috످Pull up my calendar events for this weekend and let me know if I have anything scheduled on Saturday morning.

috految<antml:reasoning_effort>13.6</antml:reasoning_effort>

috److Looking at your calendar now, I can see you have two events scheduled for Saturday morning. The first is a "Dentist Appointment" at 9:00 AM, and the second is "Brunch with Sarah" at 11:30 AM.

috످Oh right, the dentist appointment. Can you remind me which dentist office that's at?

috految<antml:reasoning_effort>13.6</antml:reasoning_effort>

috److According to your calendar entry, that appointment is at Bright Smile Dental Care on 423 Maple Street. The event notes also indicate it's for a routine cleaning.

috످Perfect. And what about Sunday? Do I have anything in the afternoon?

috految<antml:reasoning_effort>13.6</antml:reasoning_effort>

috److I don't have access to your calendar in this chat, so I can't check Sunday afternoon. I made up everything I told you about Saturday, including the 9:00 AM dentist appointment, the office name and address, the routine cleaning, and brunch with Sarah. I'm sorry for misleading you.

Please check your calendar for both days. If you do have a dentist appointment, confirm the date, time, and address with your dentist's office before you go.

If you paste your weekend events here, I can help you see what's scheduled and when you're free.

috످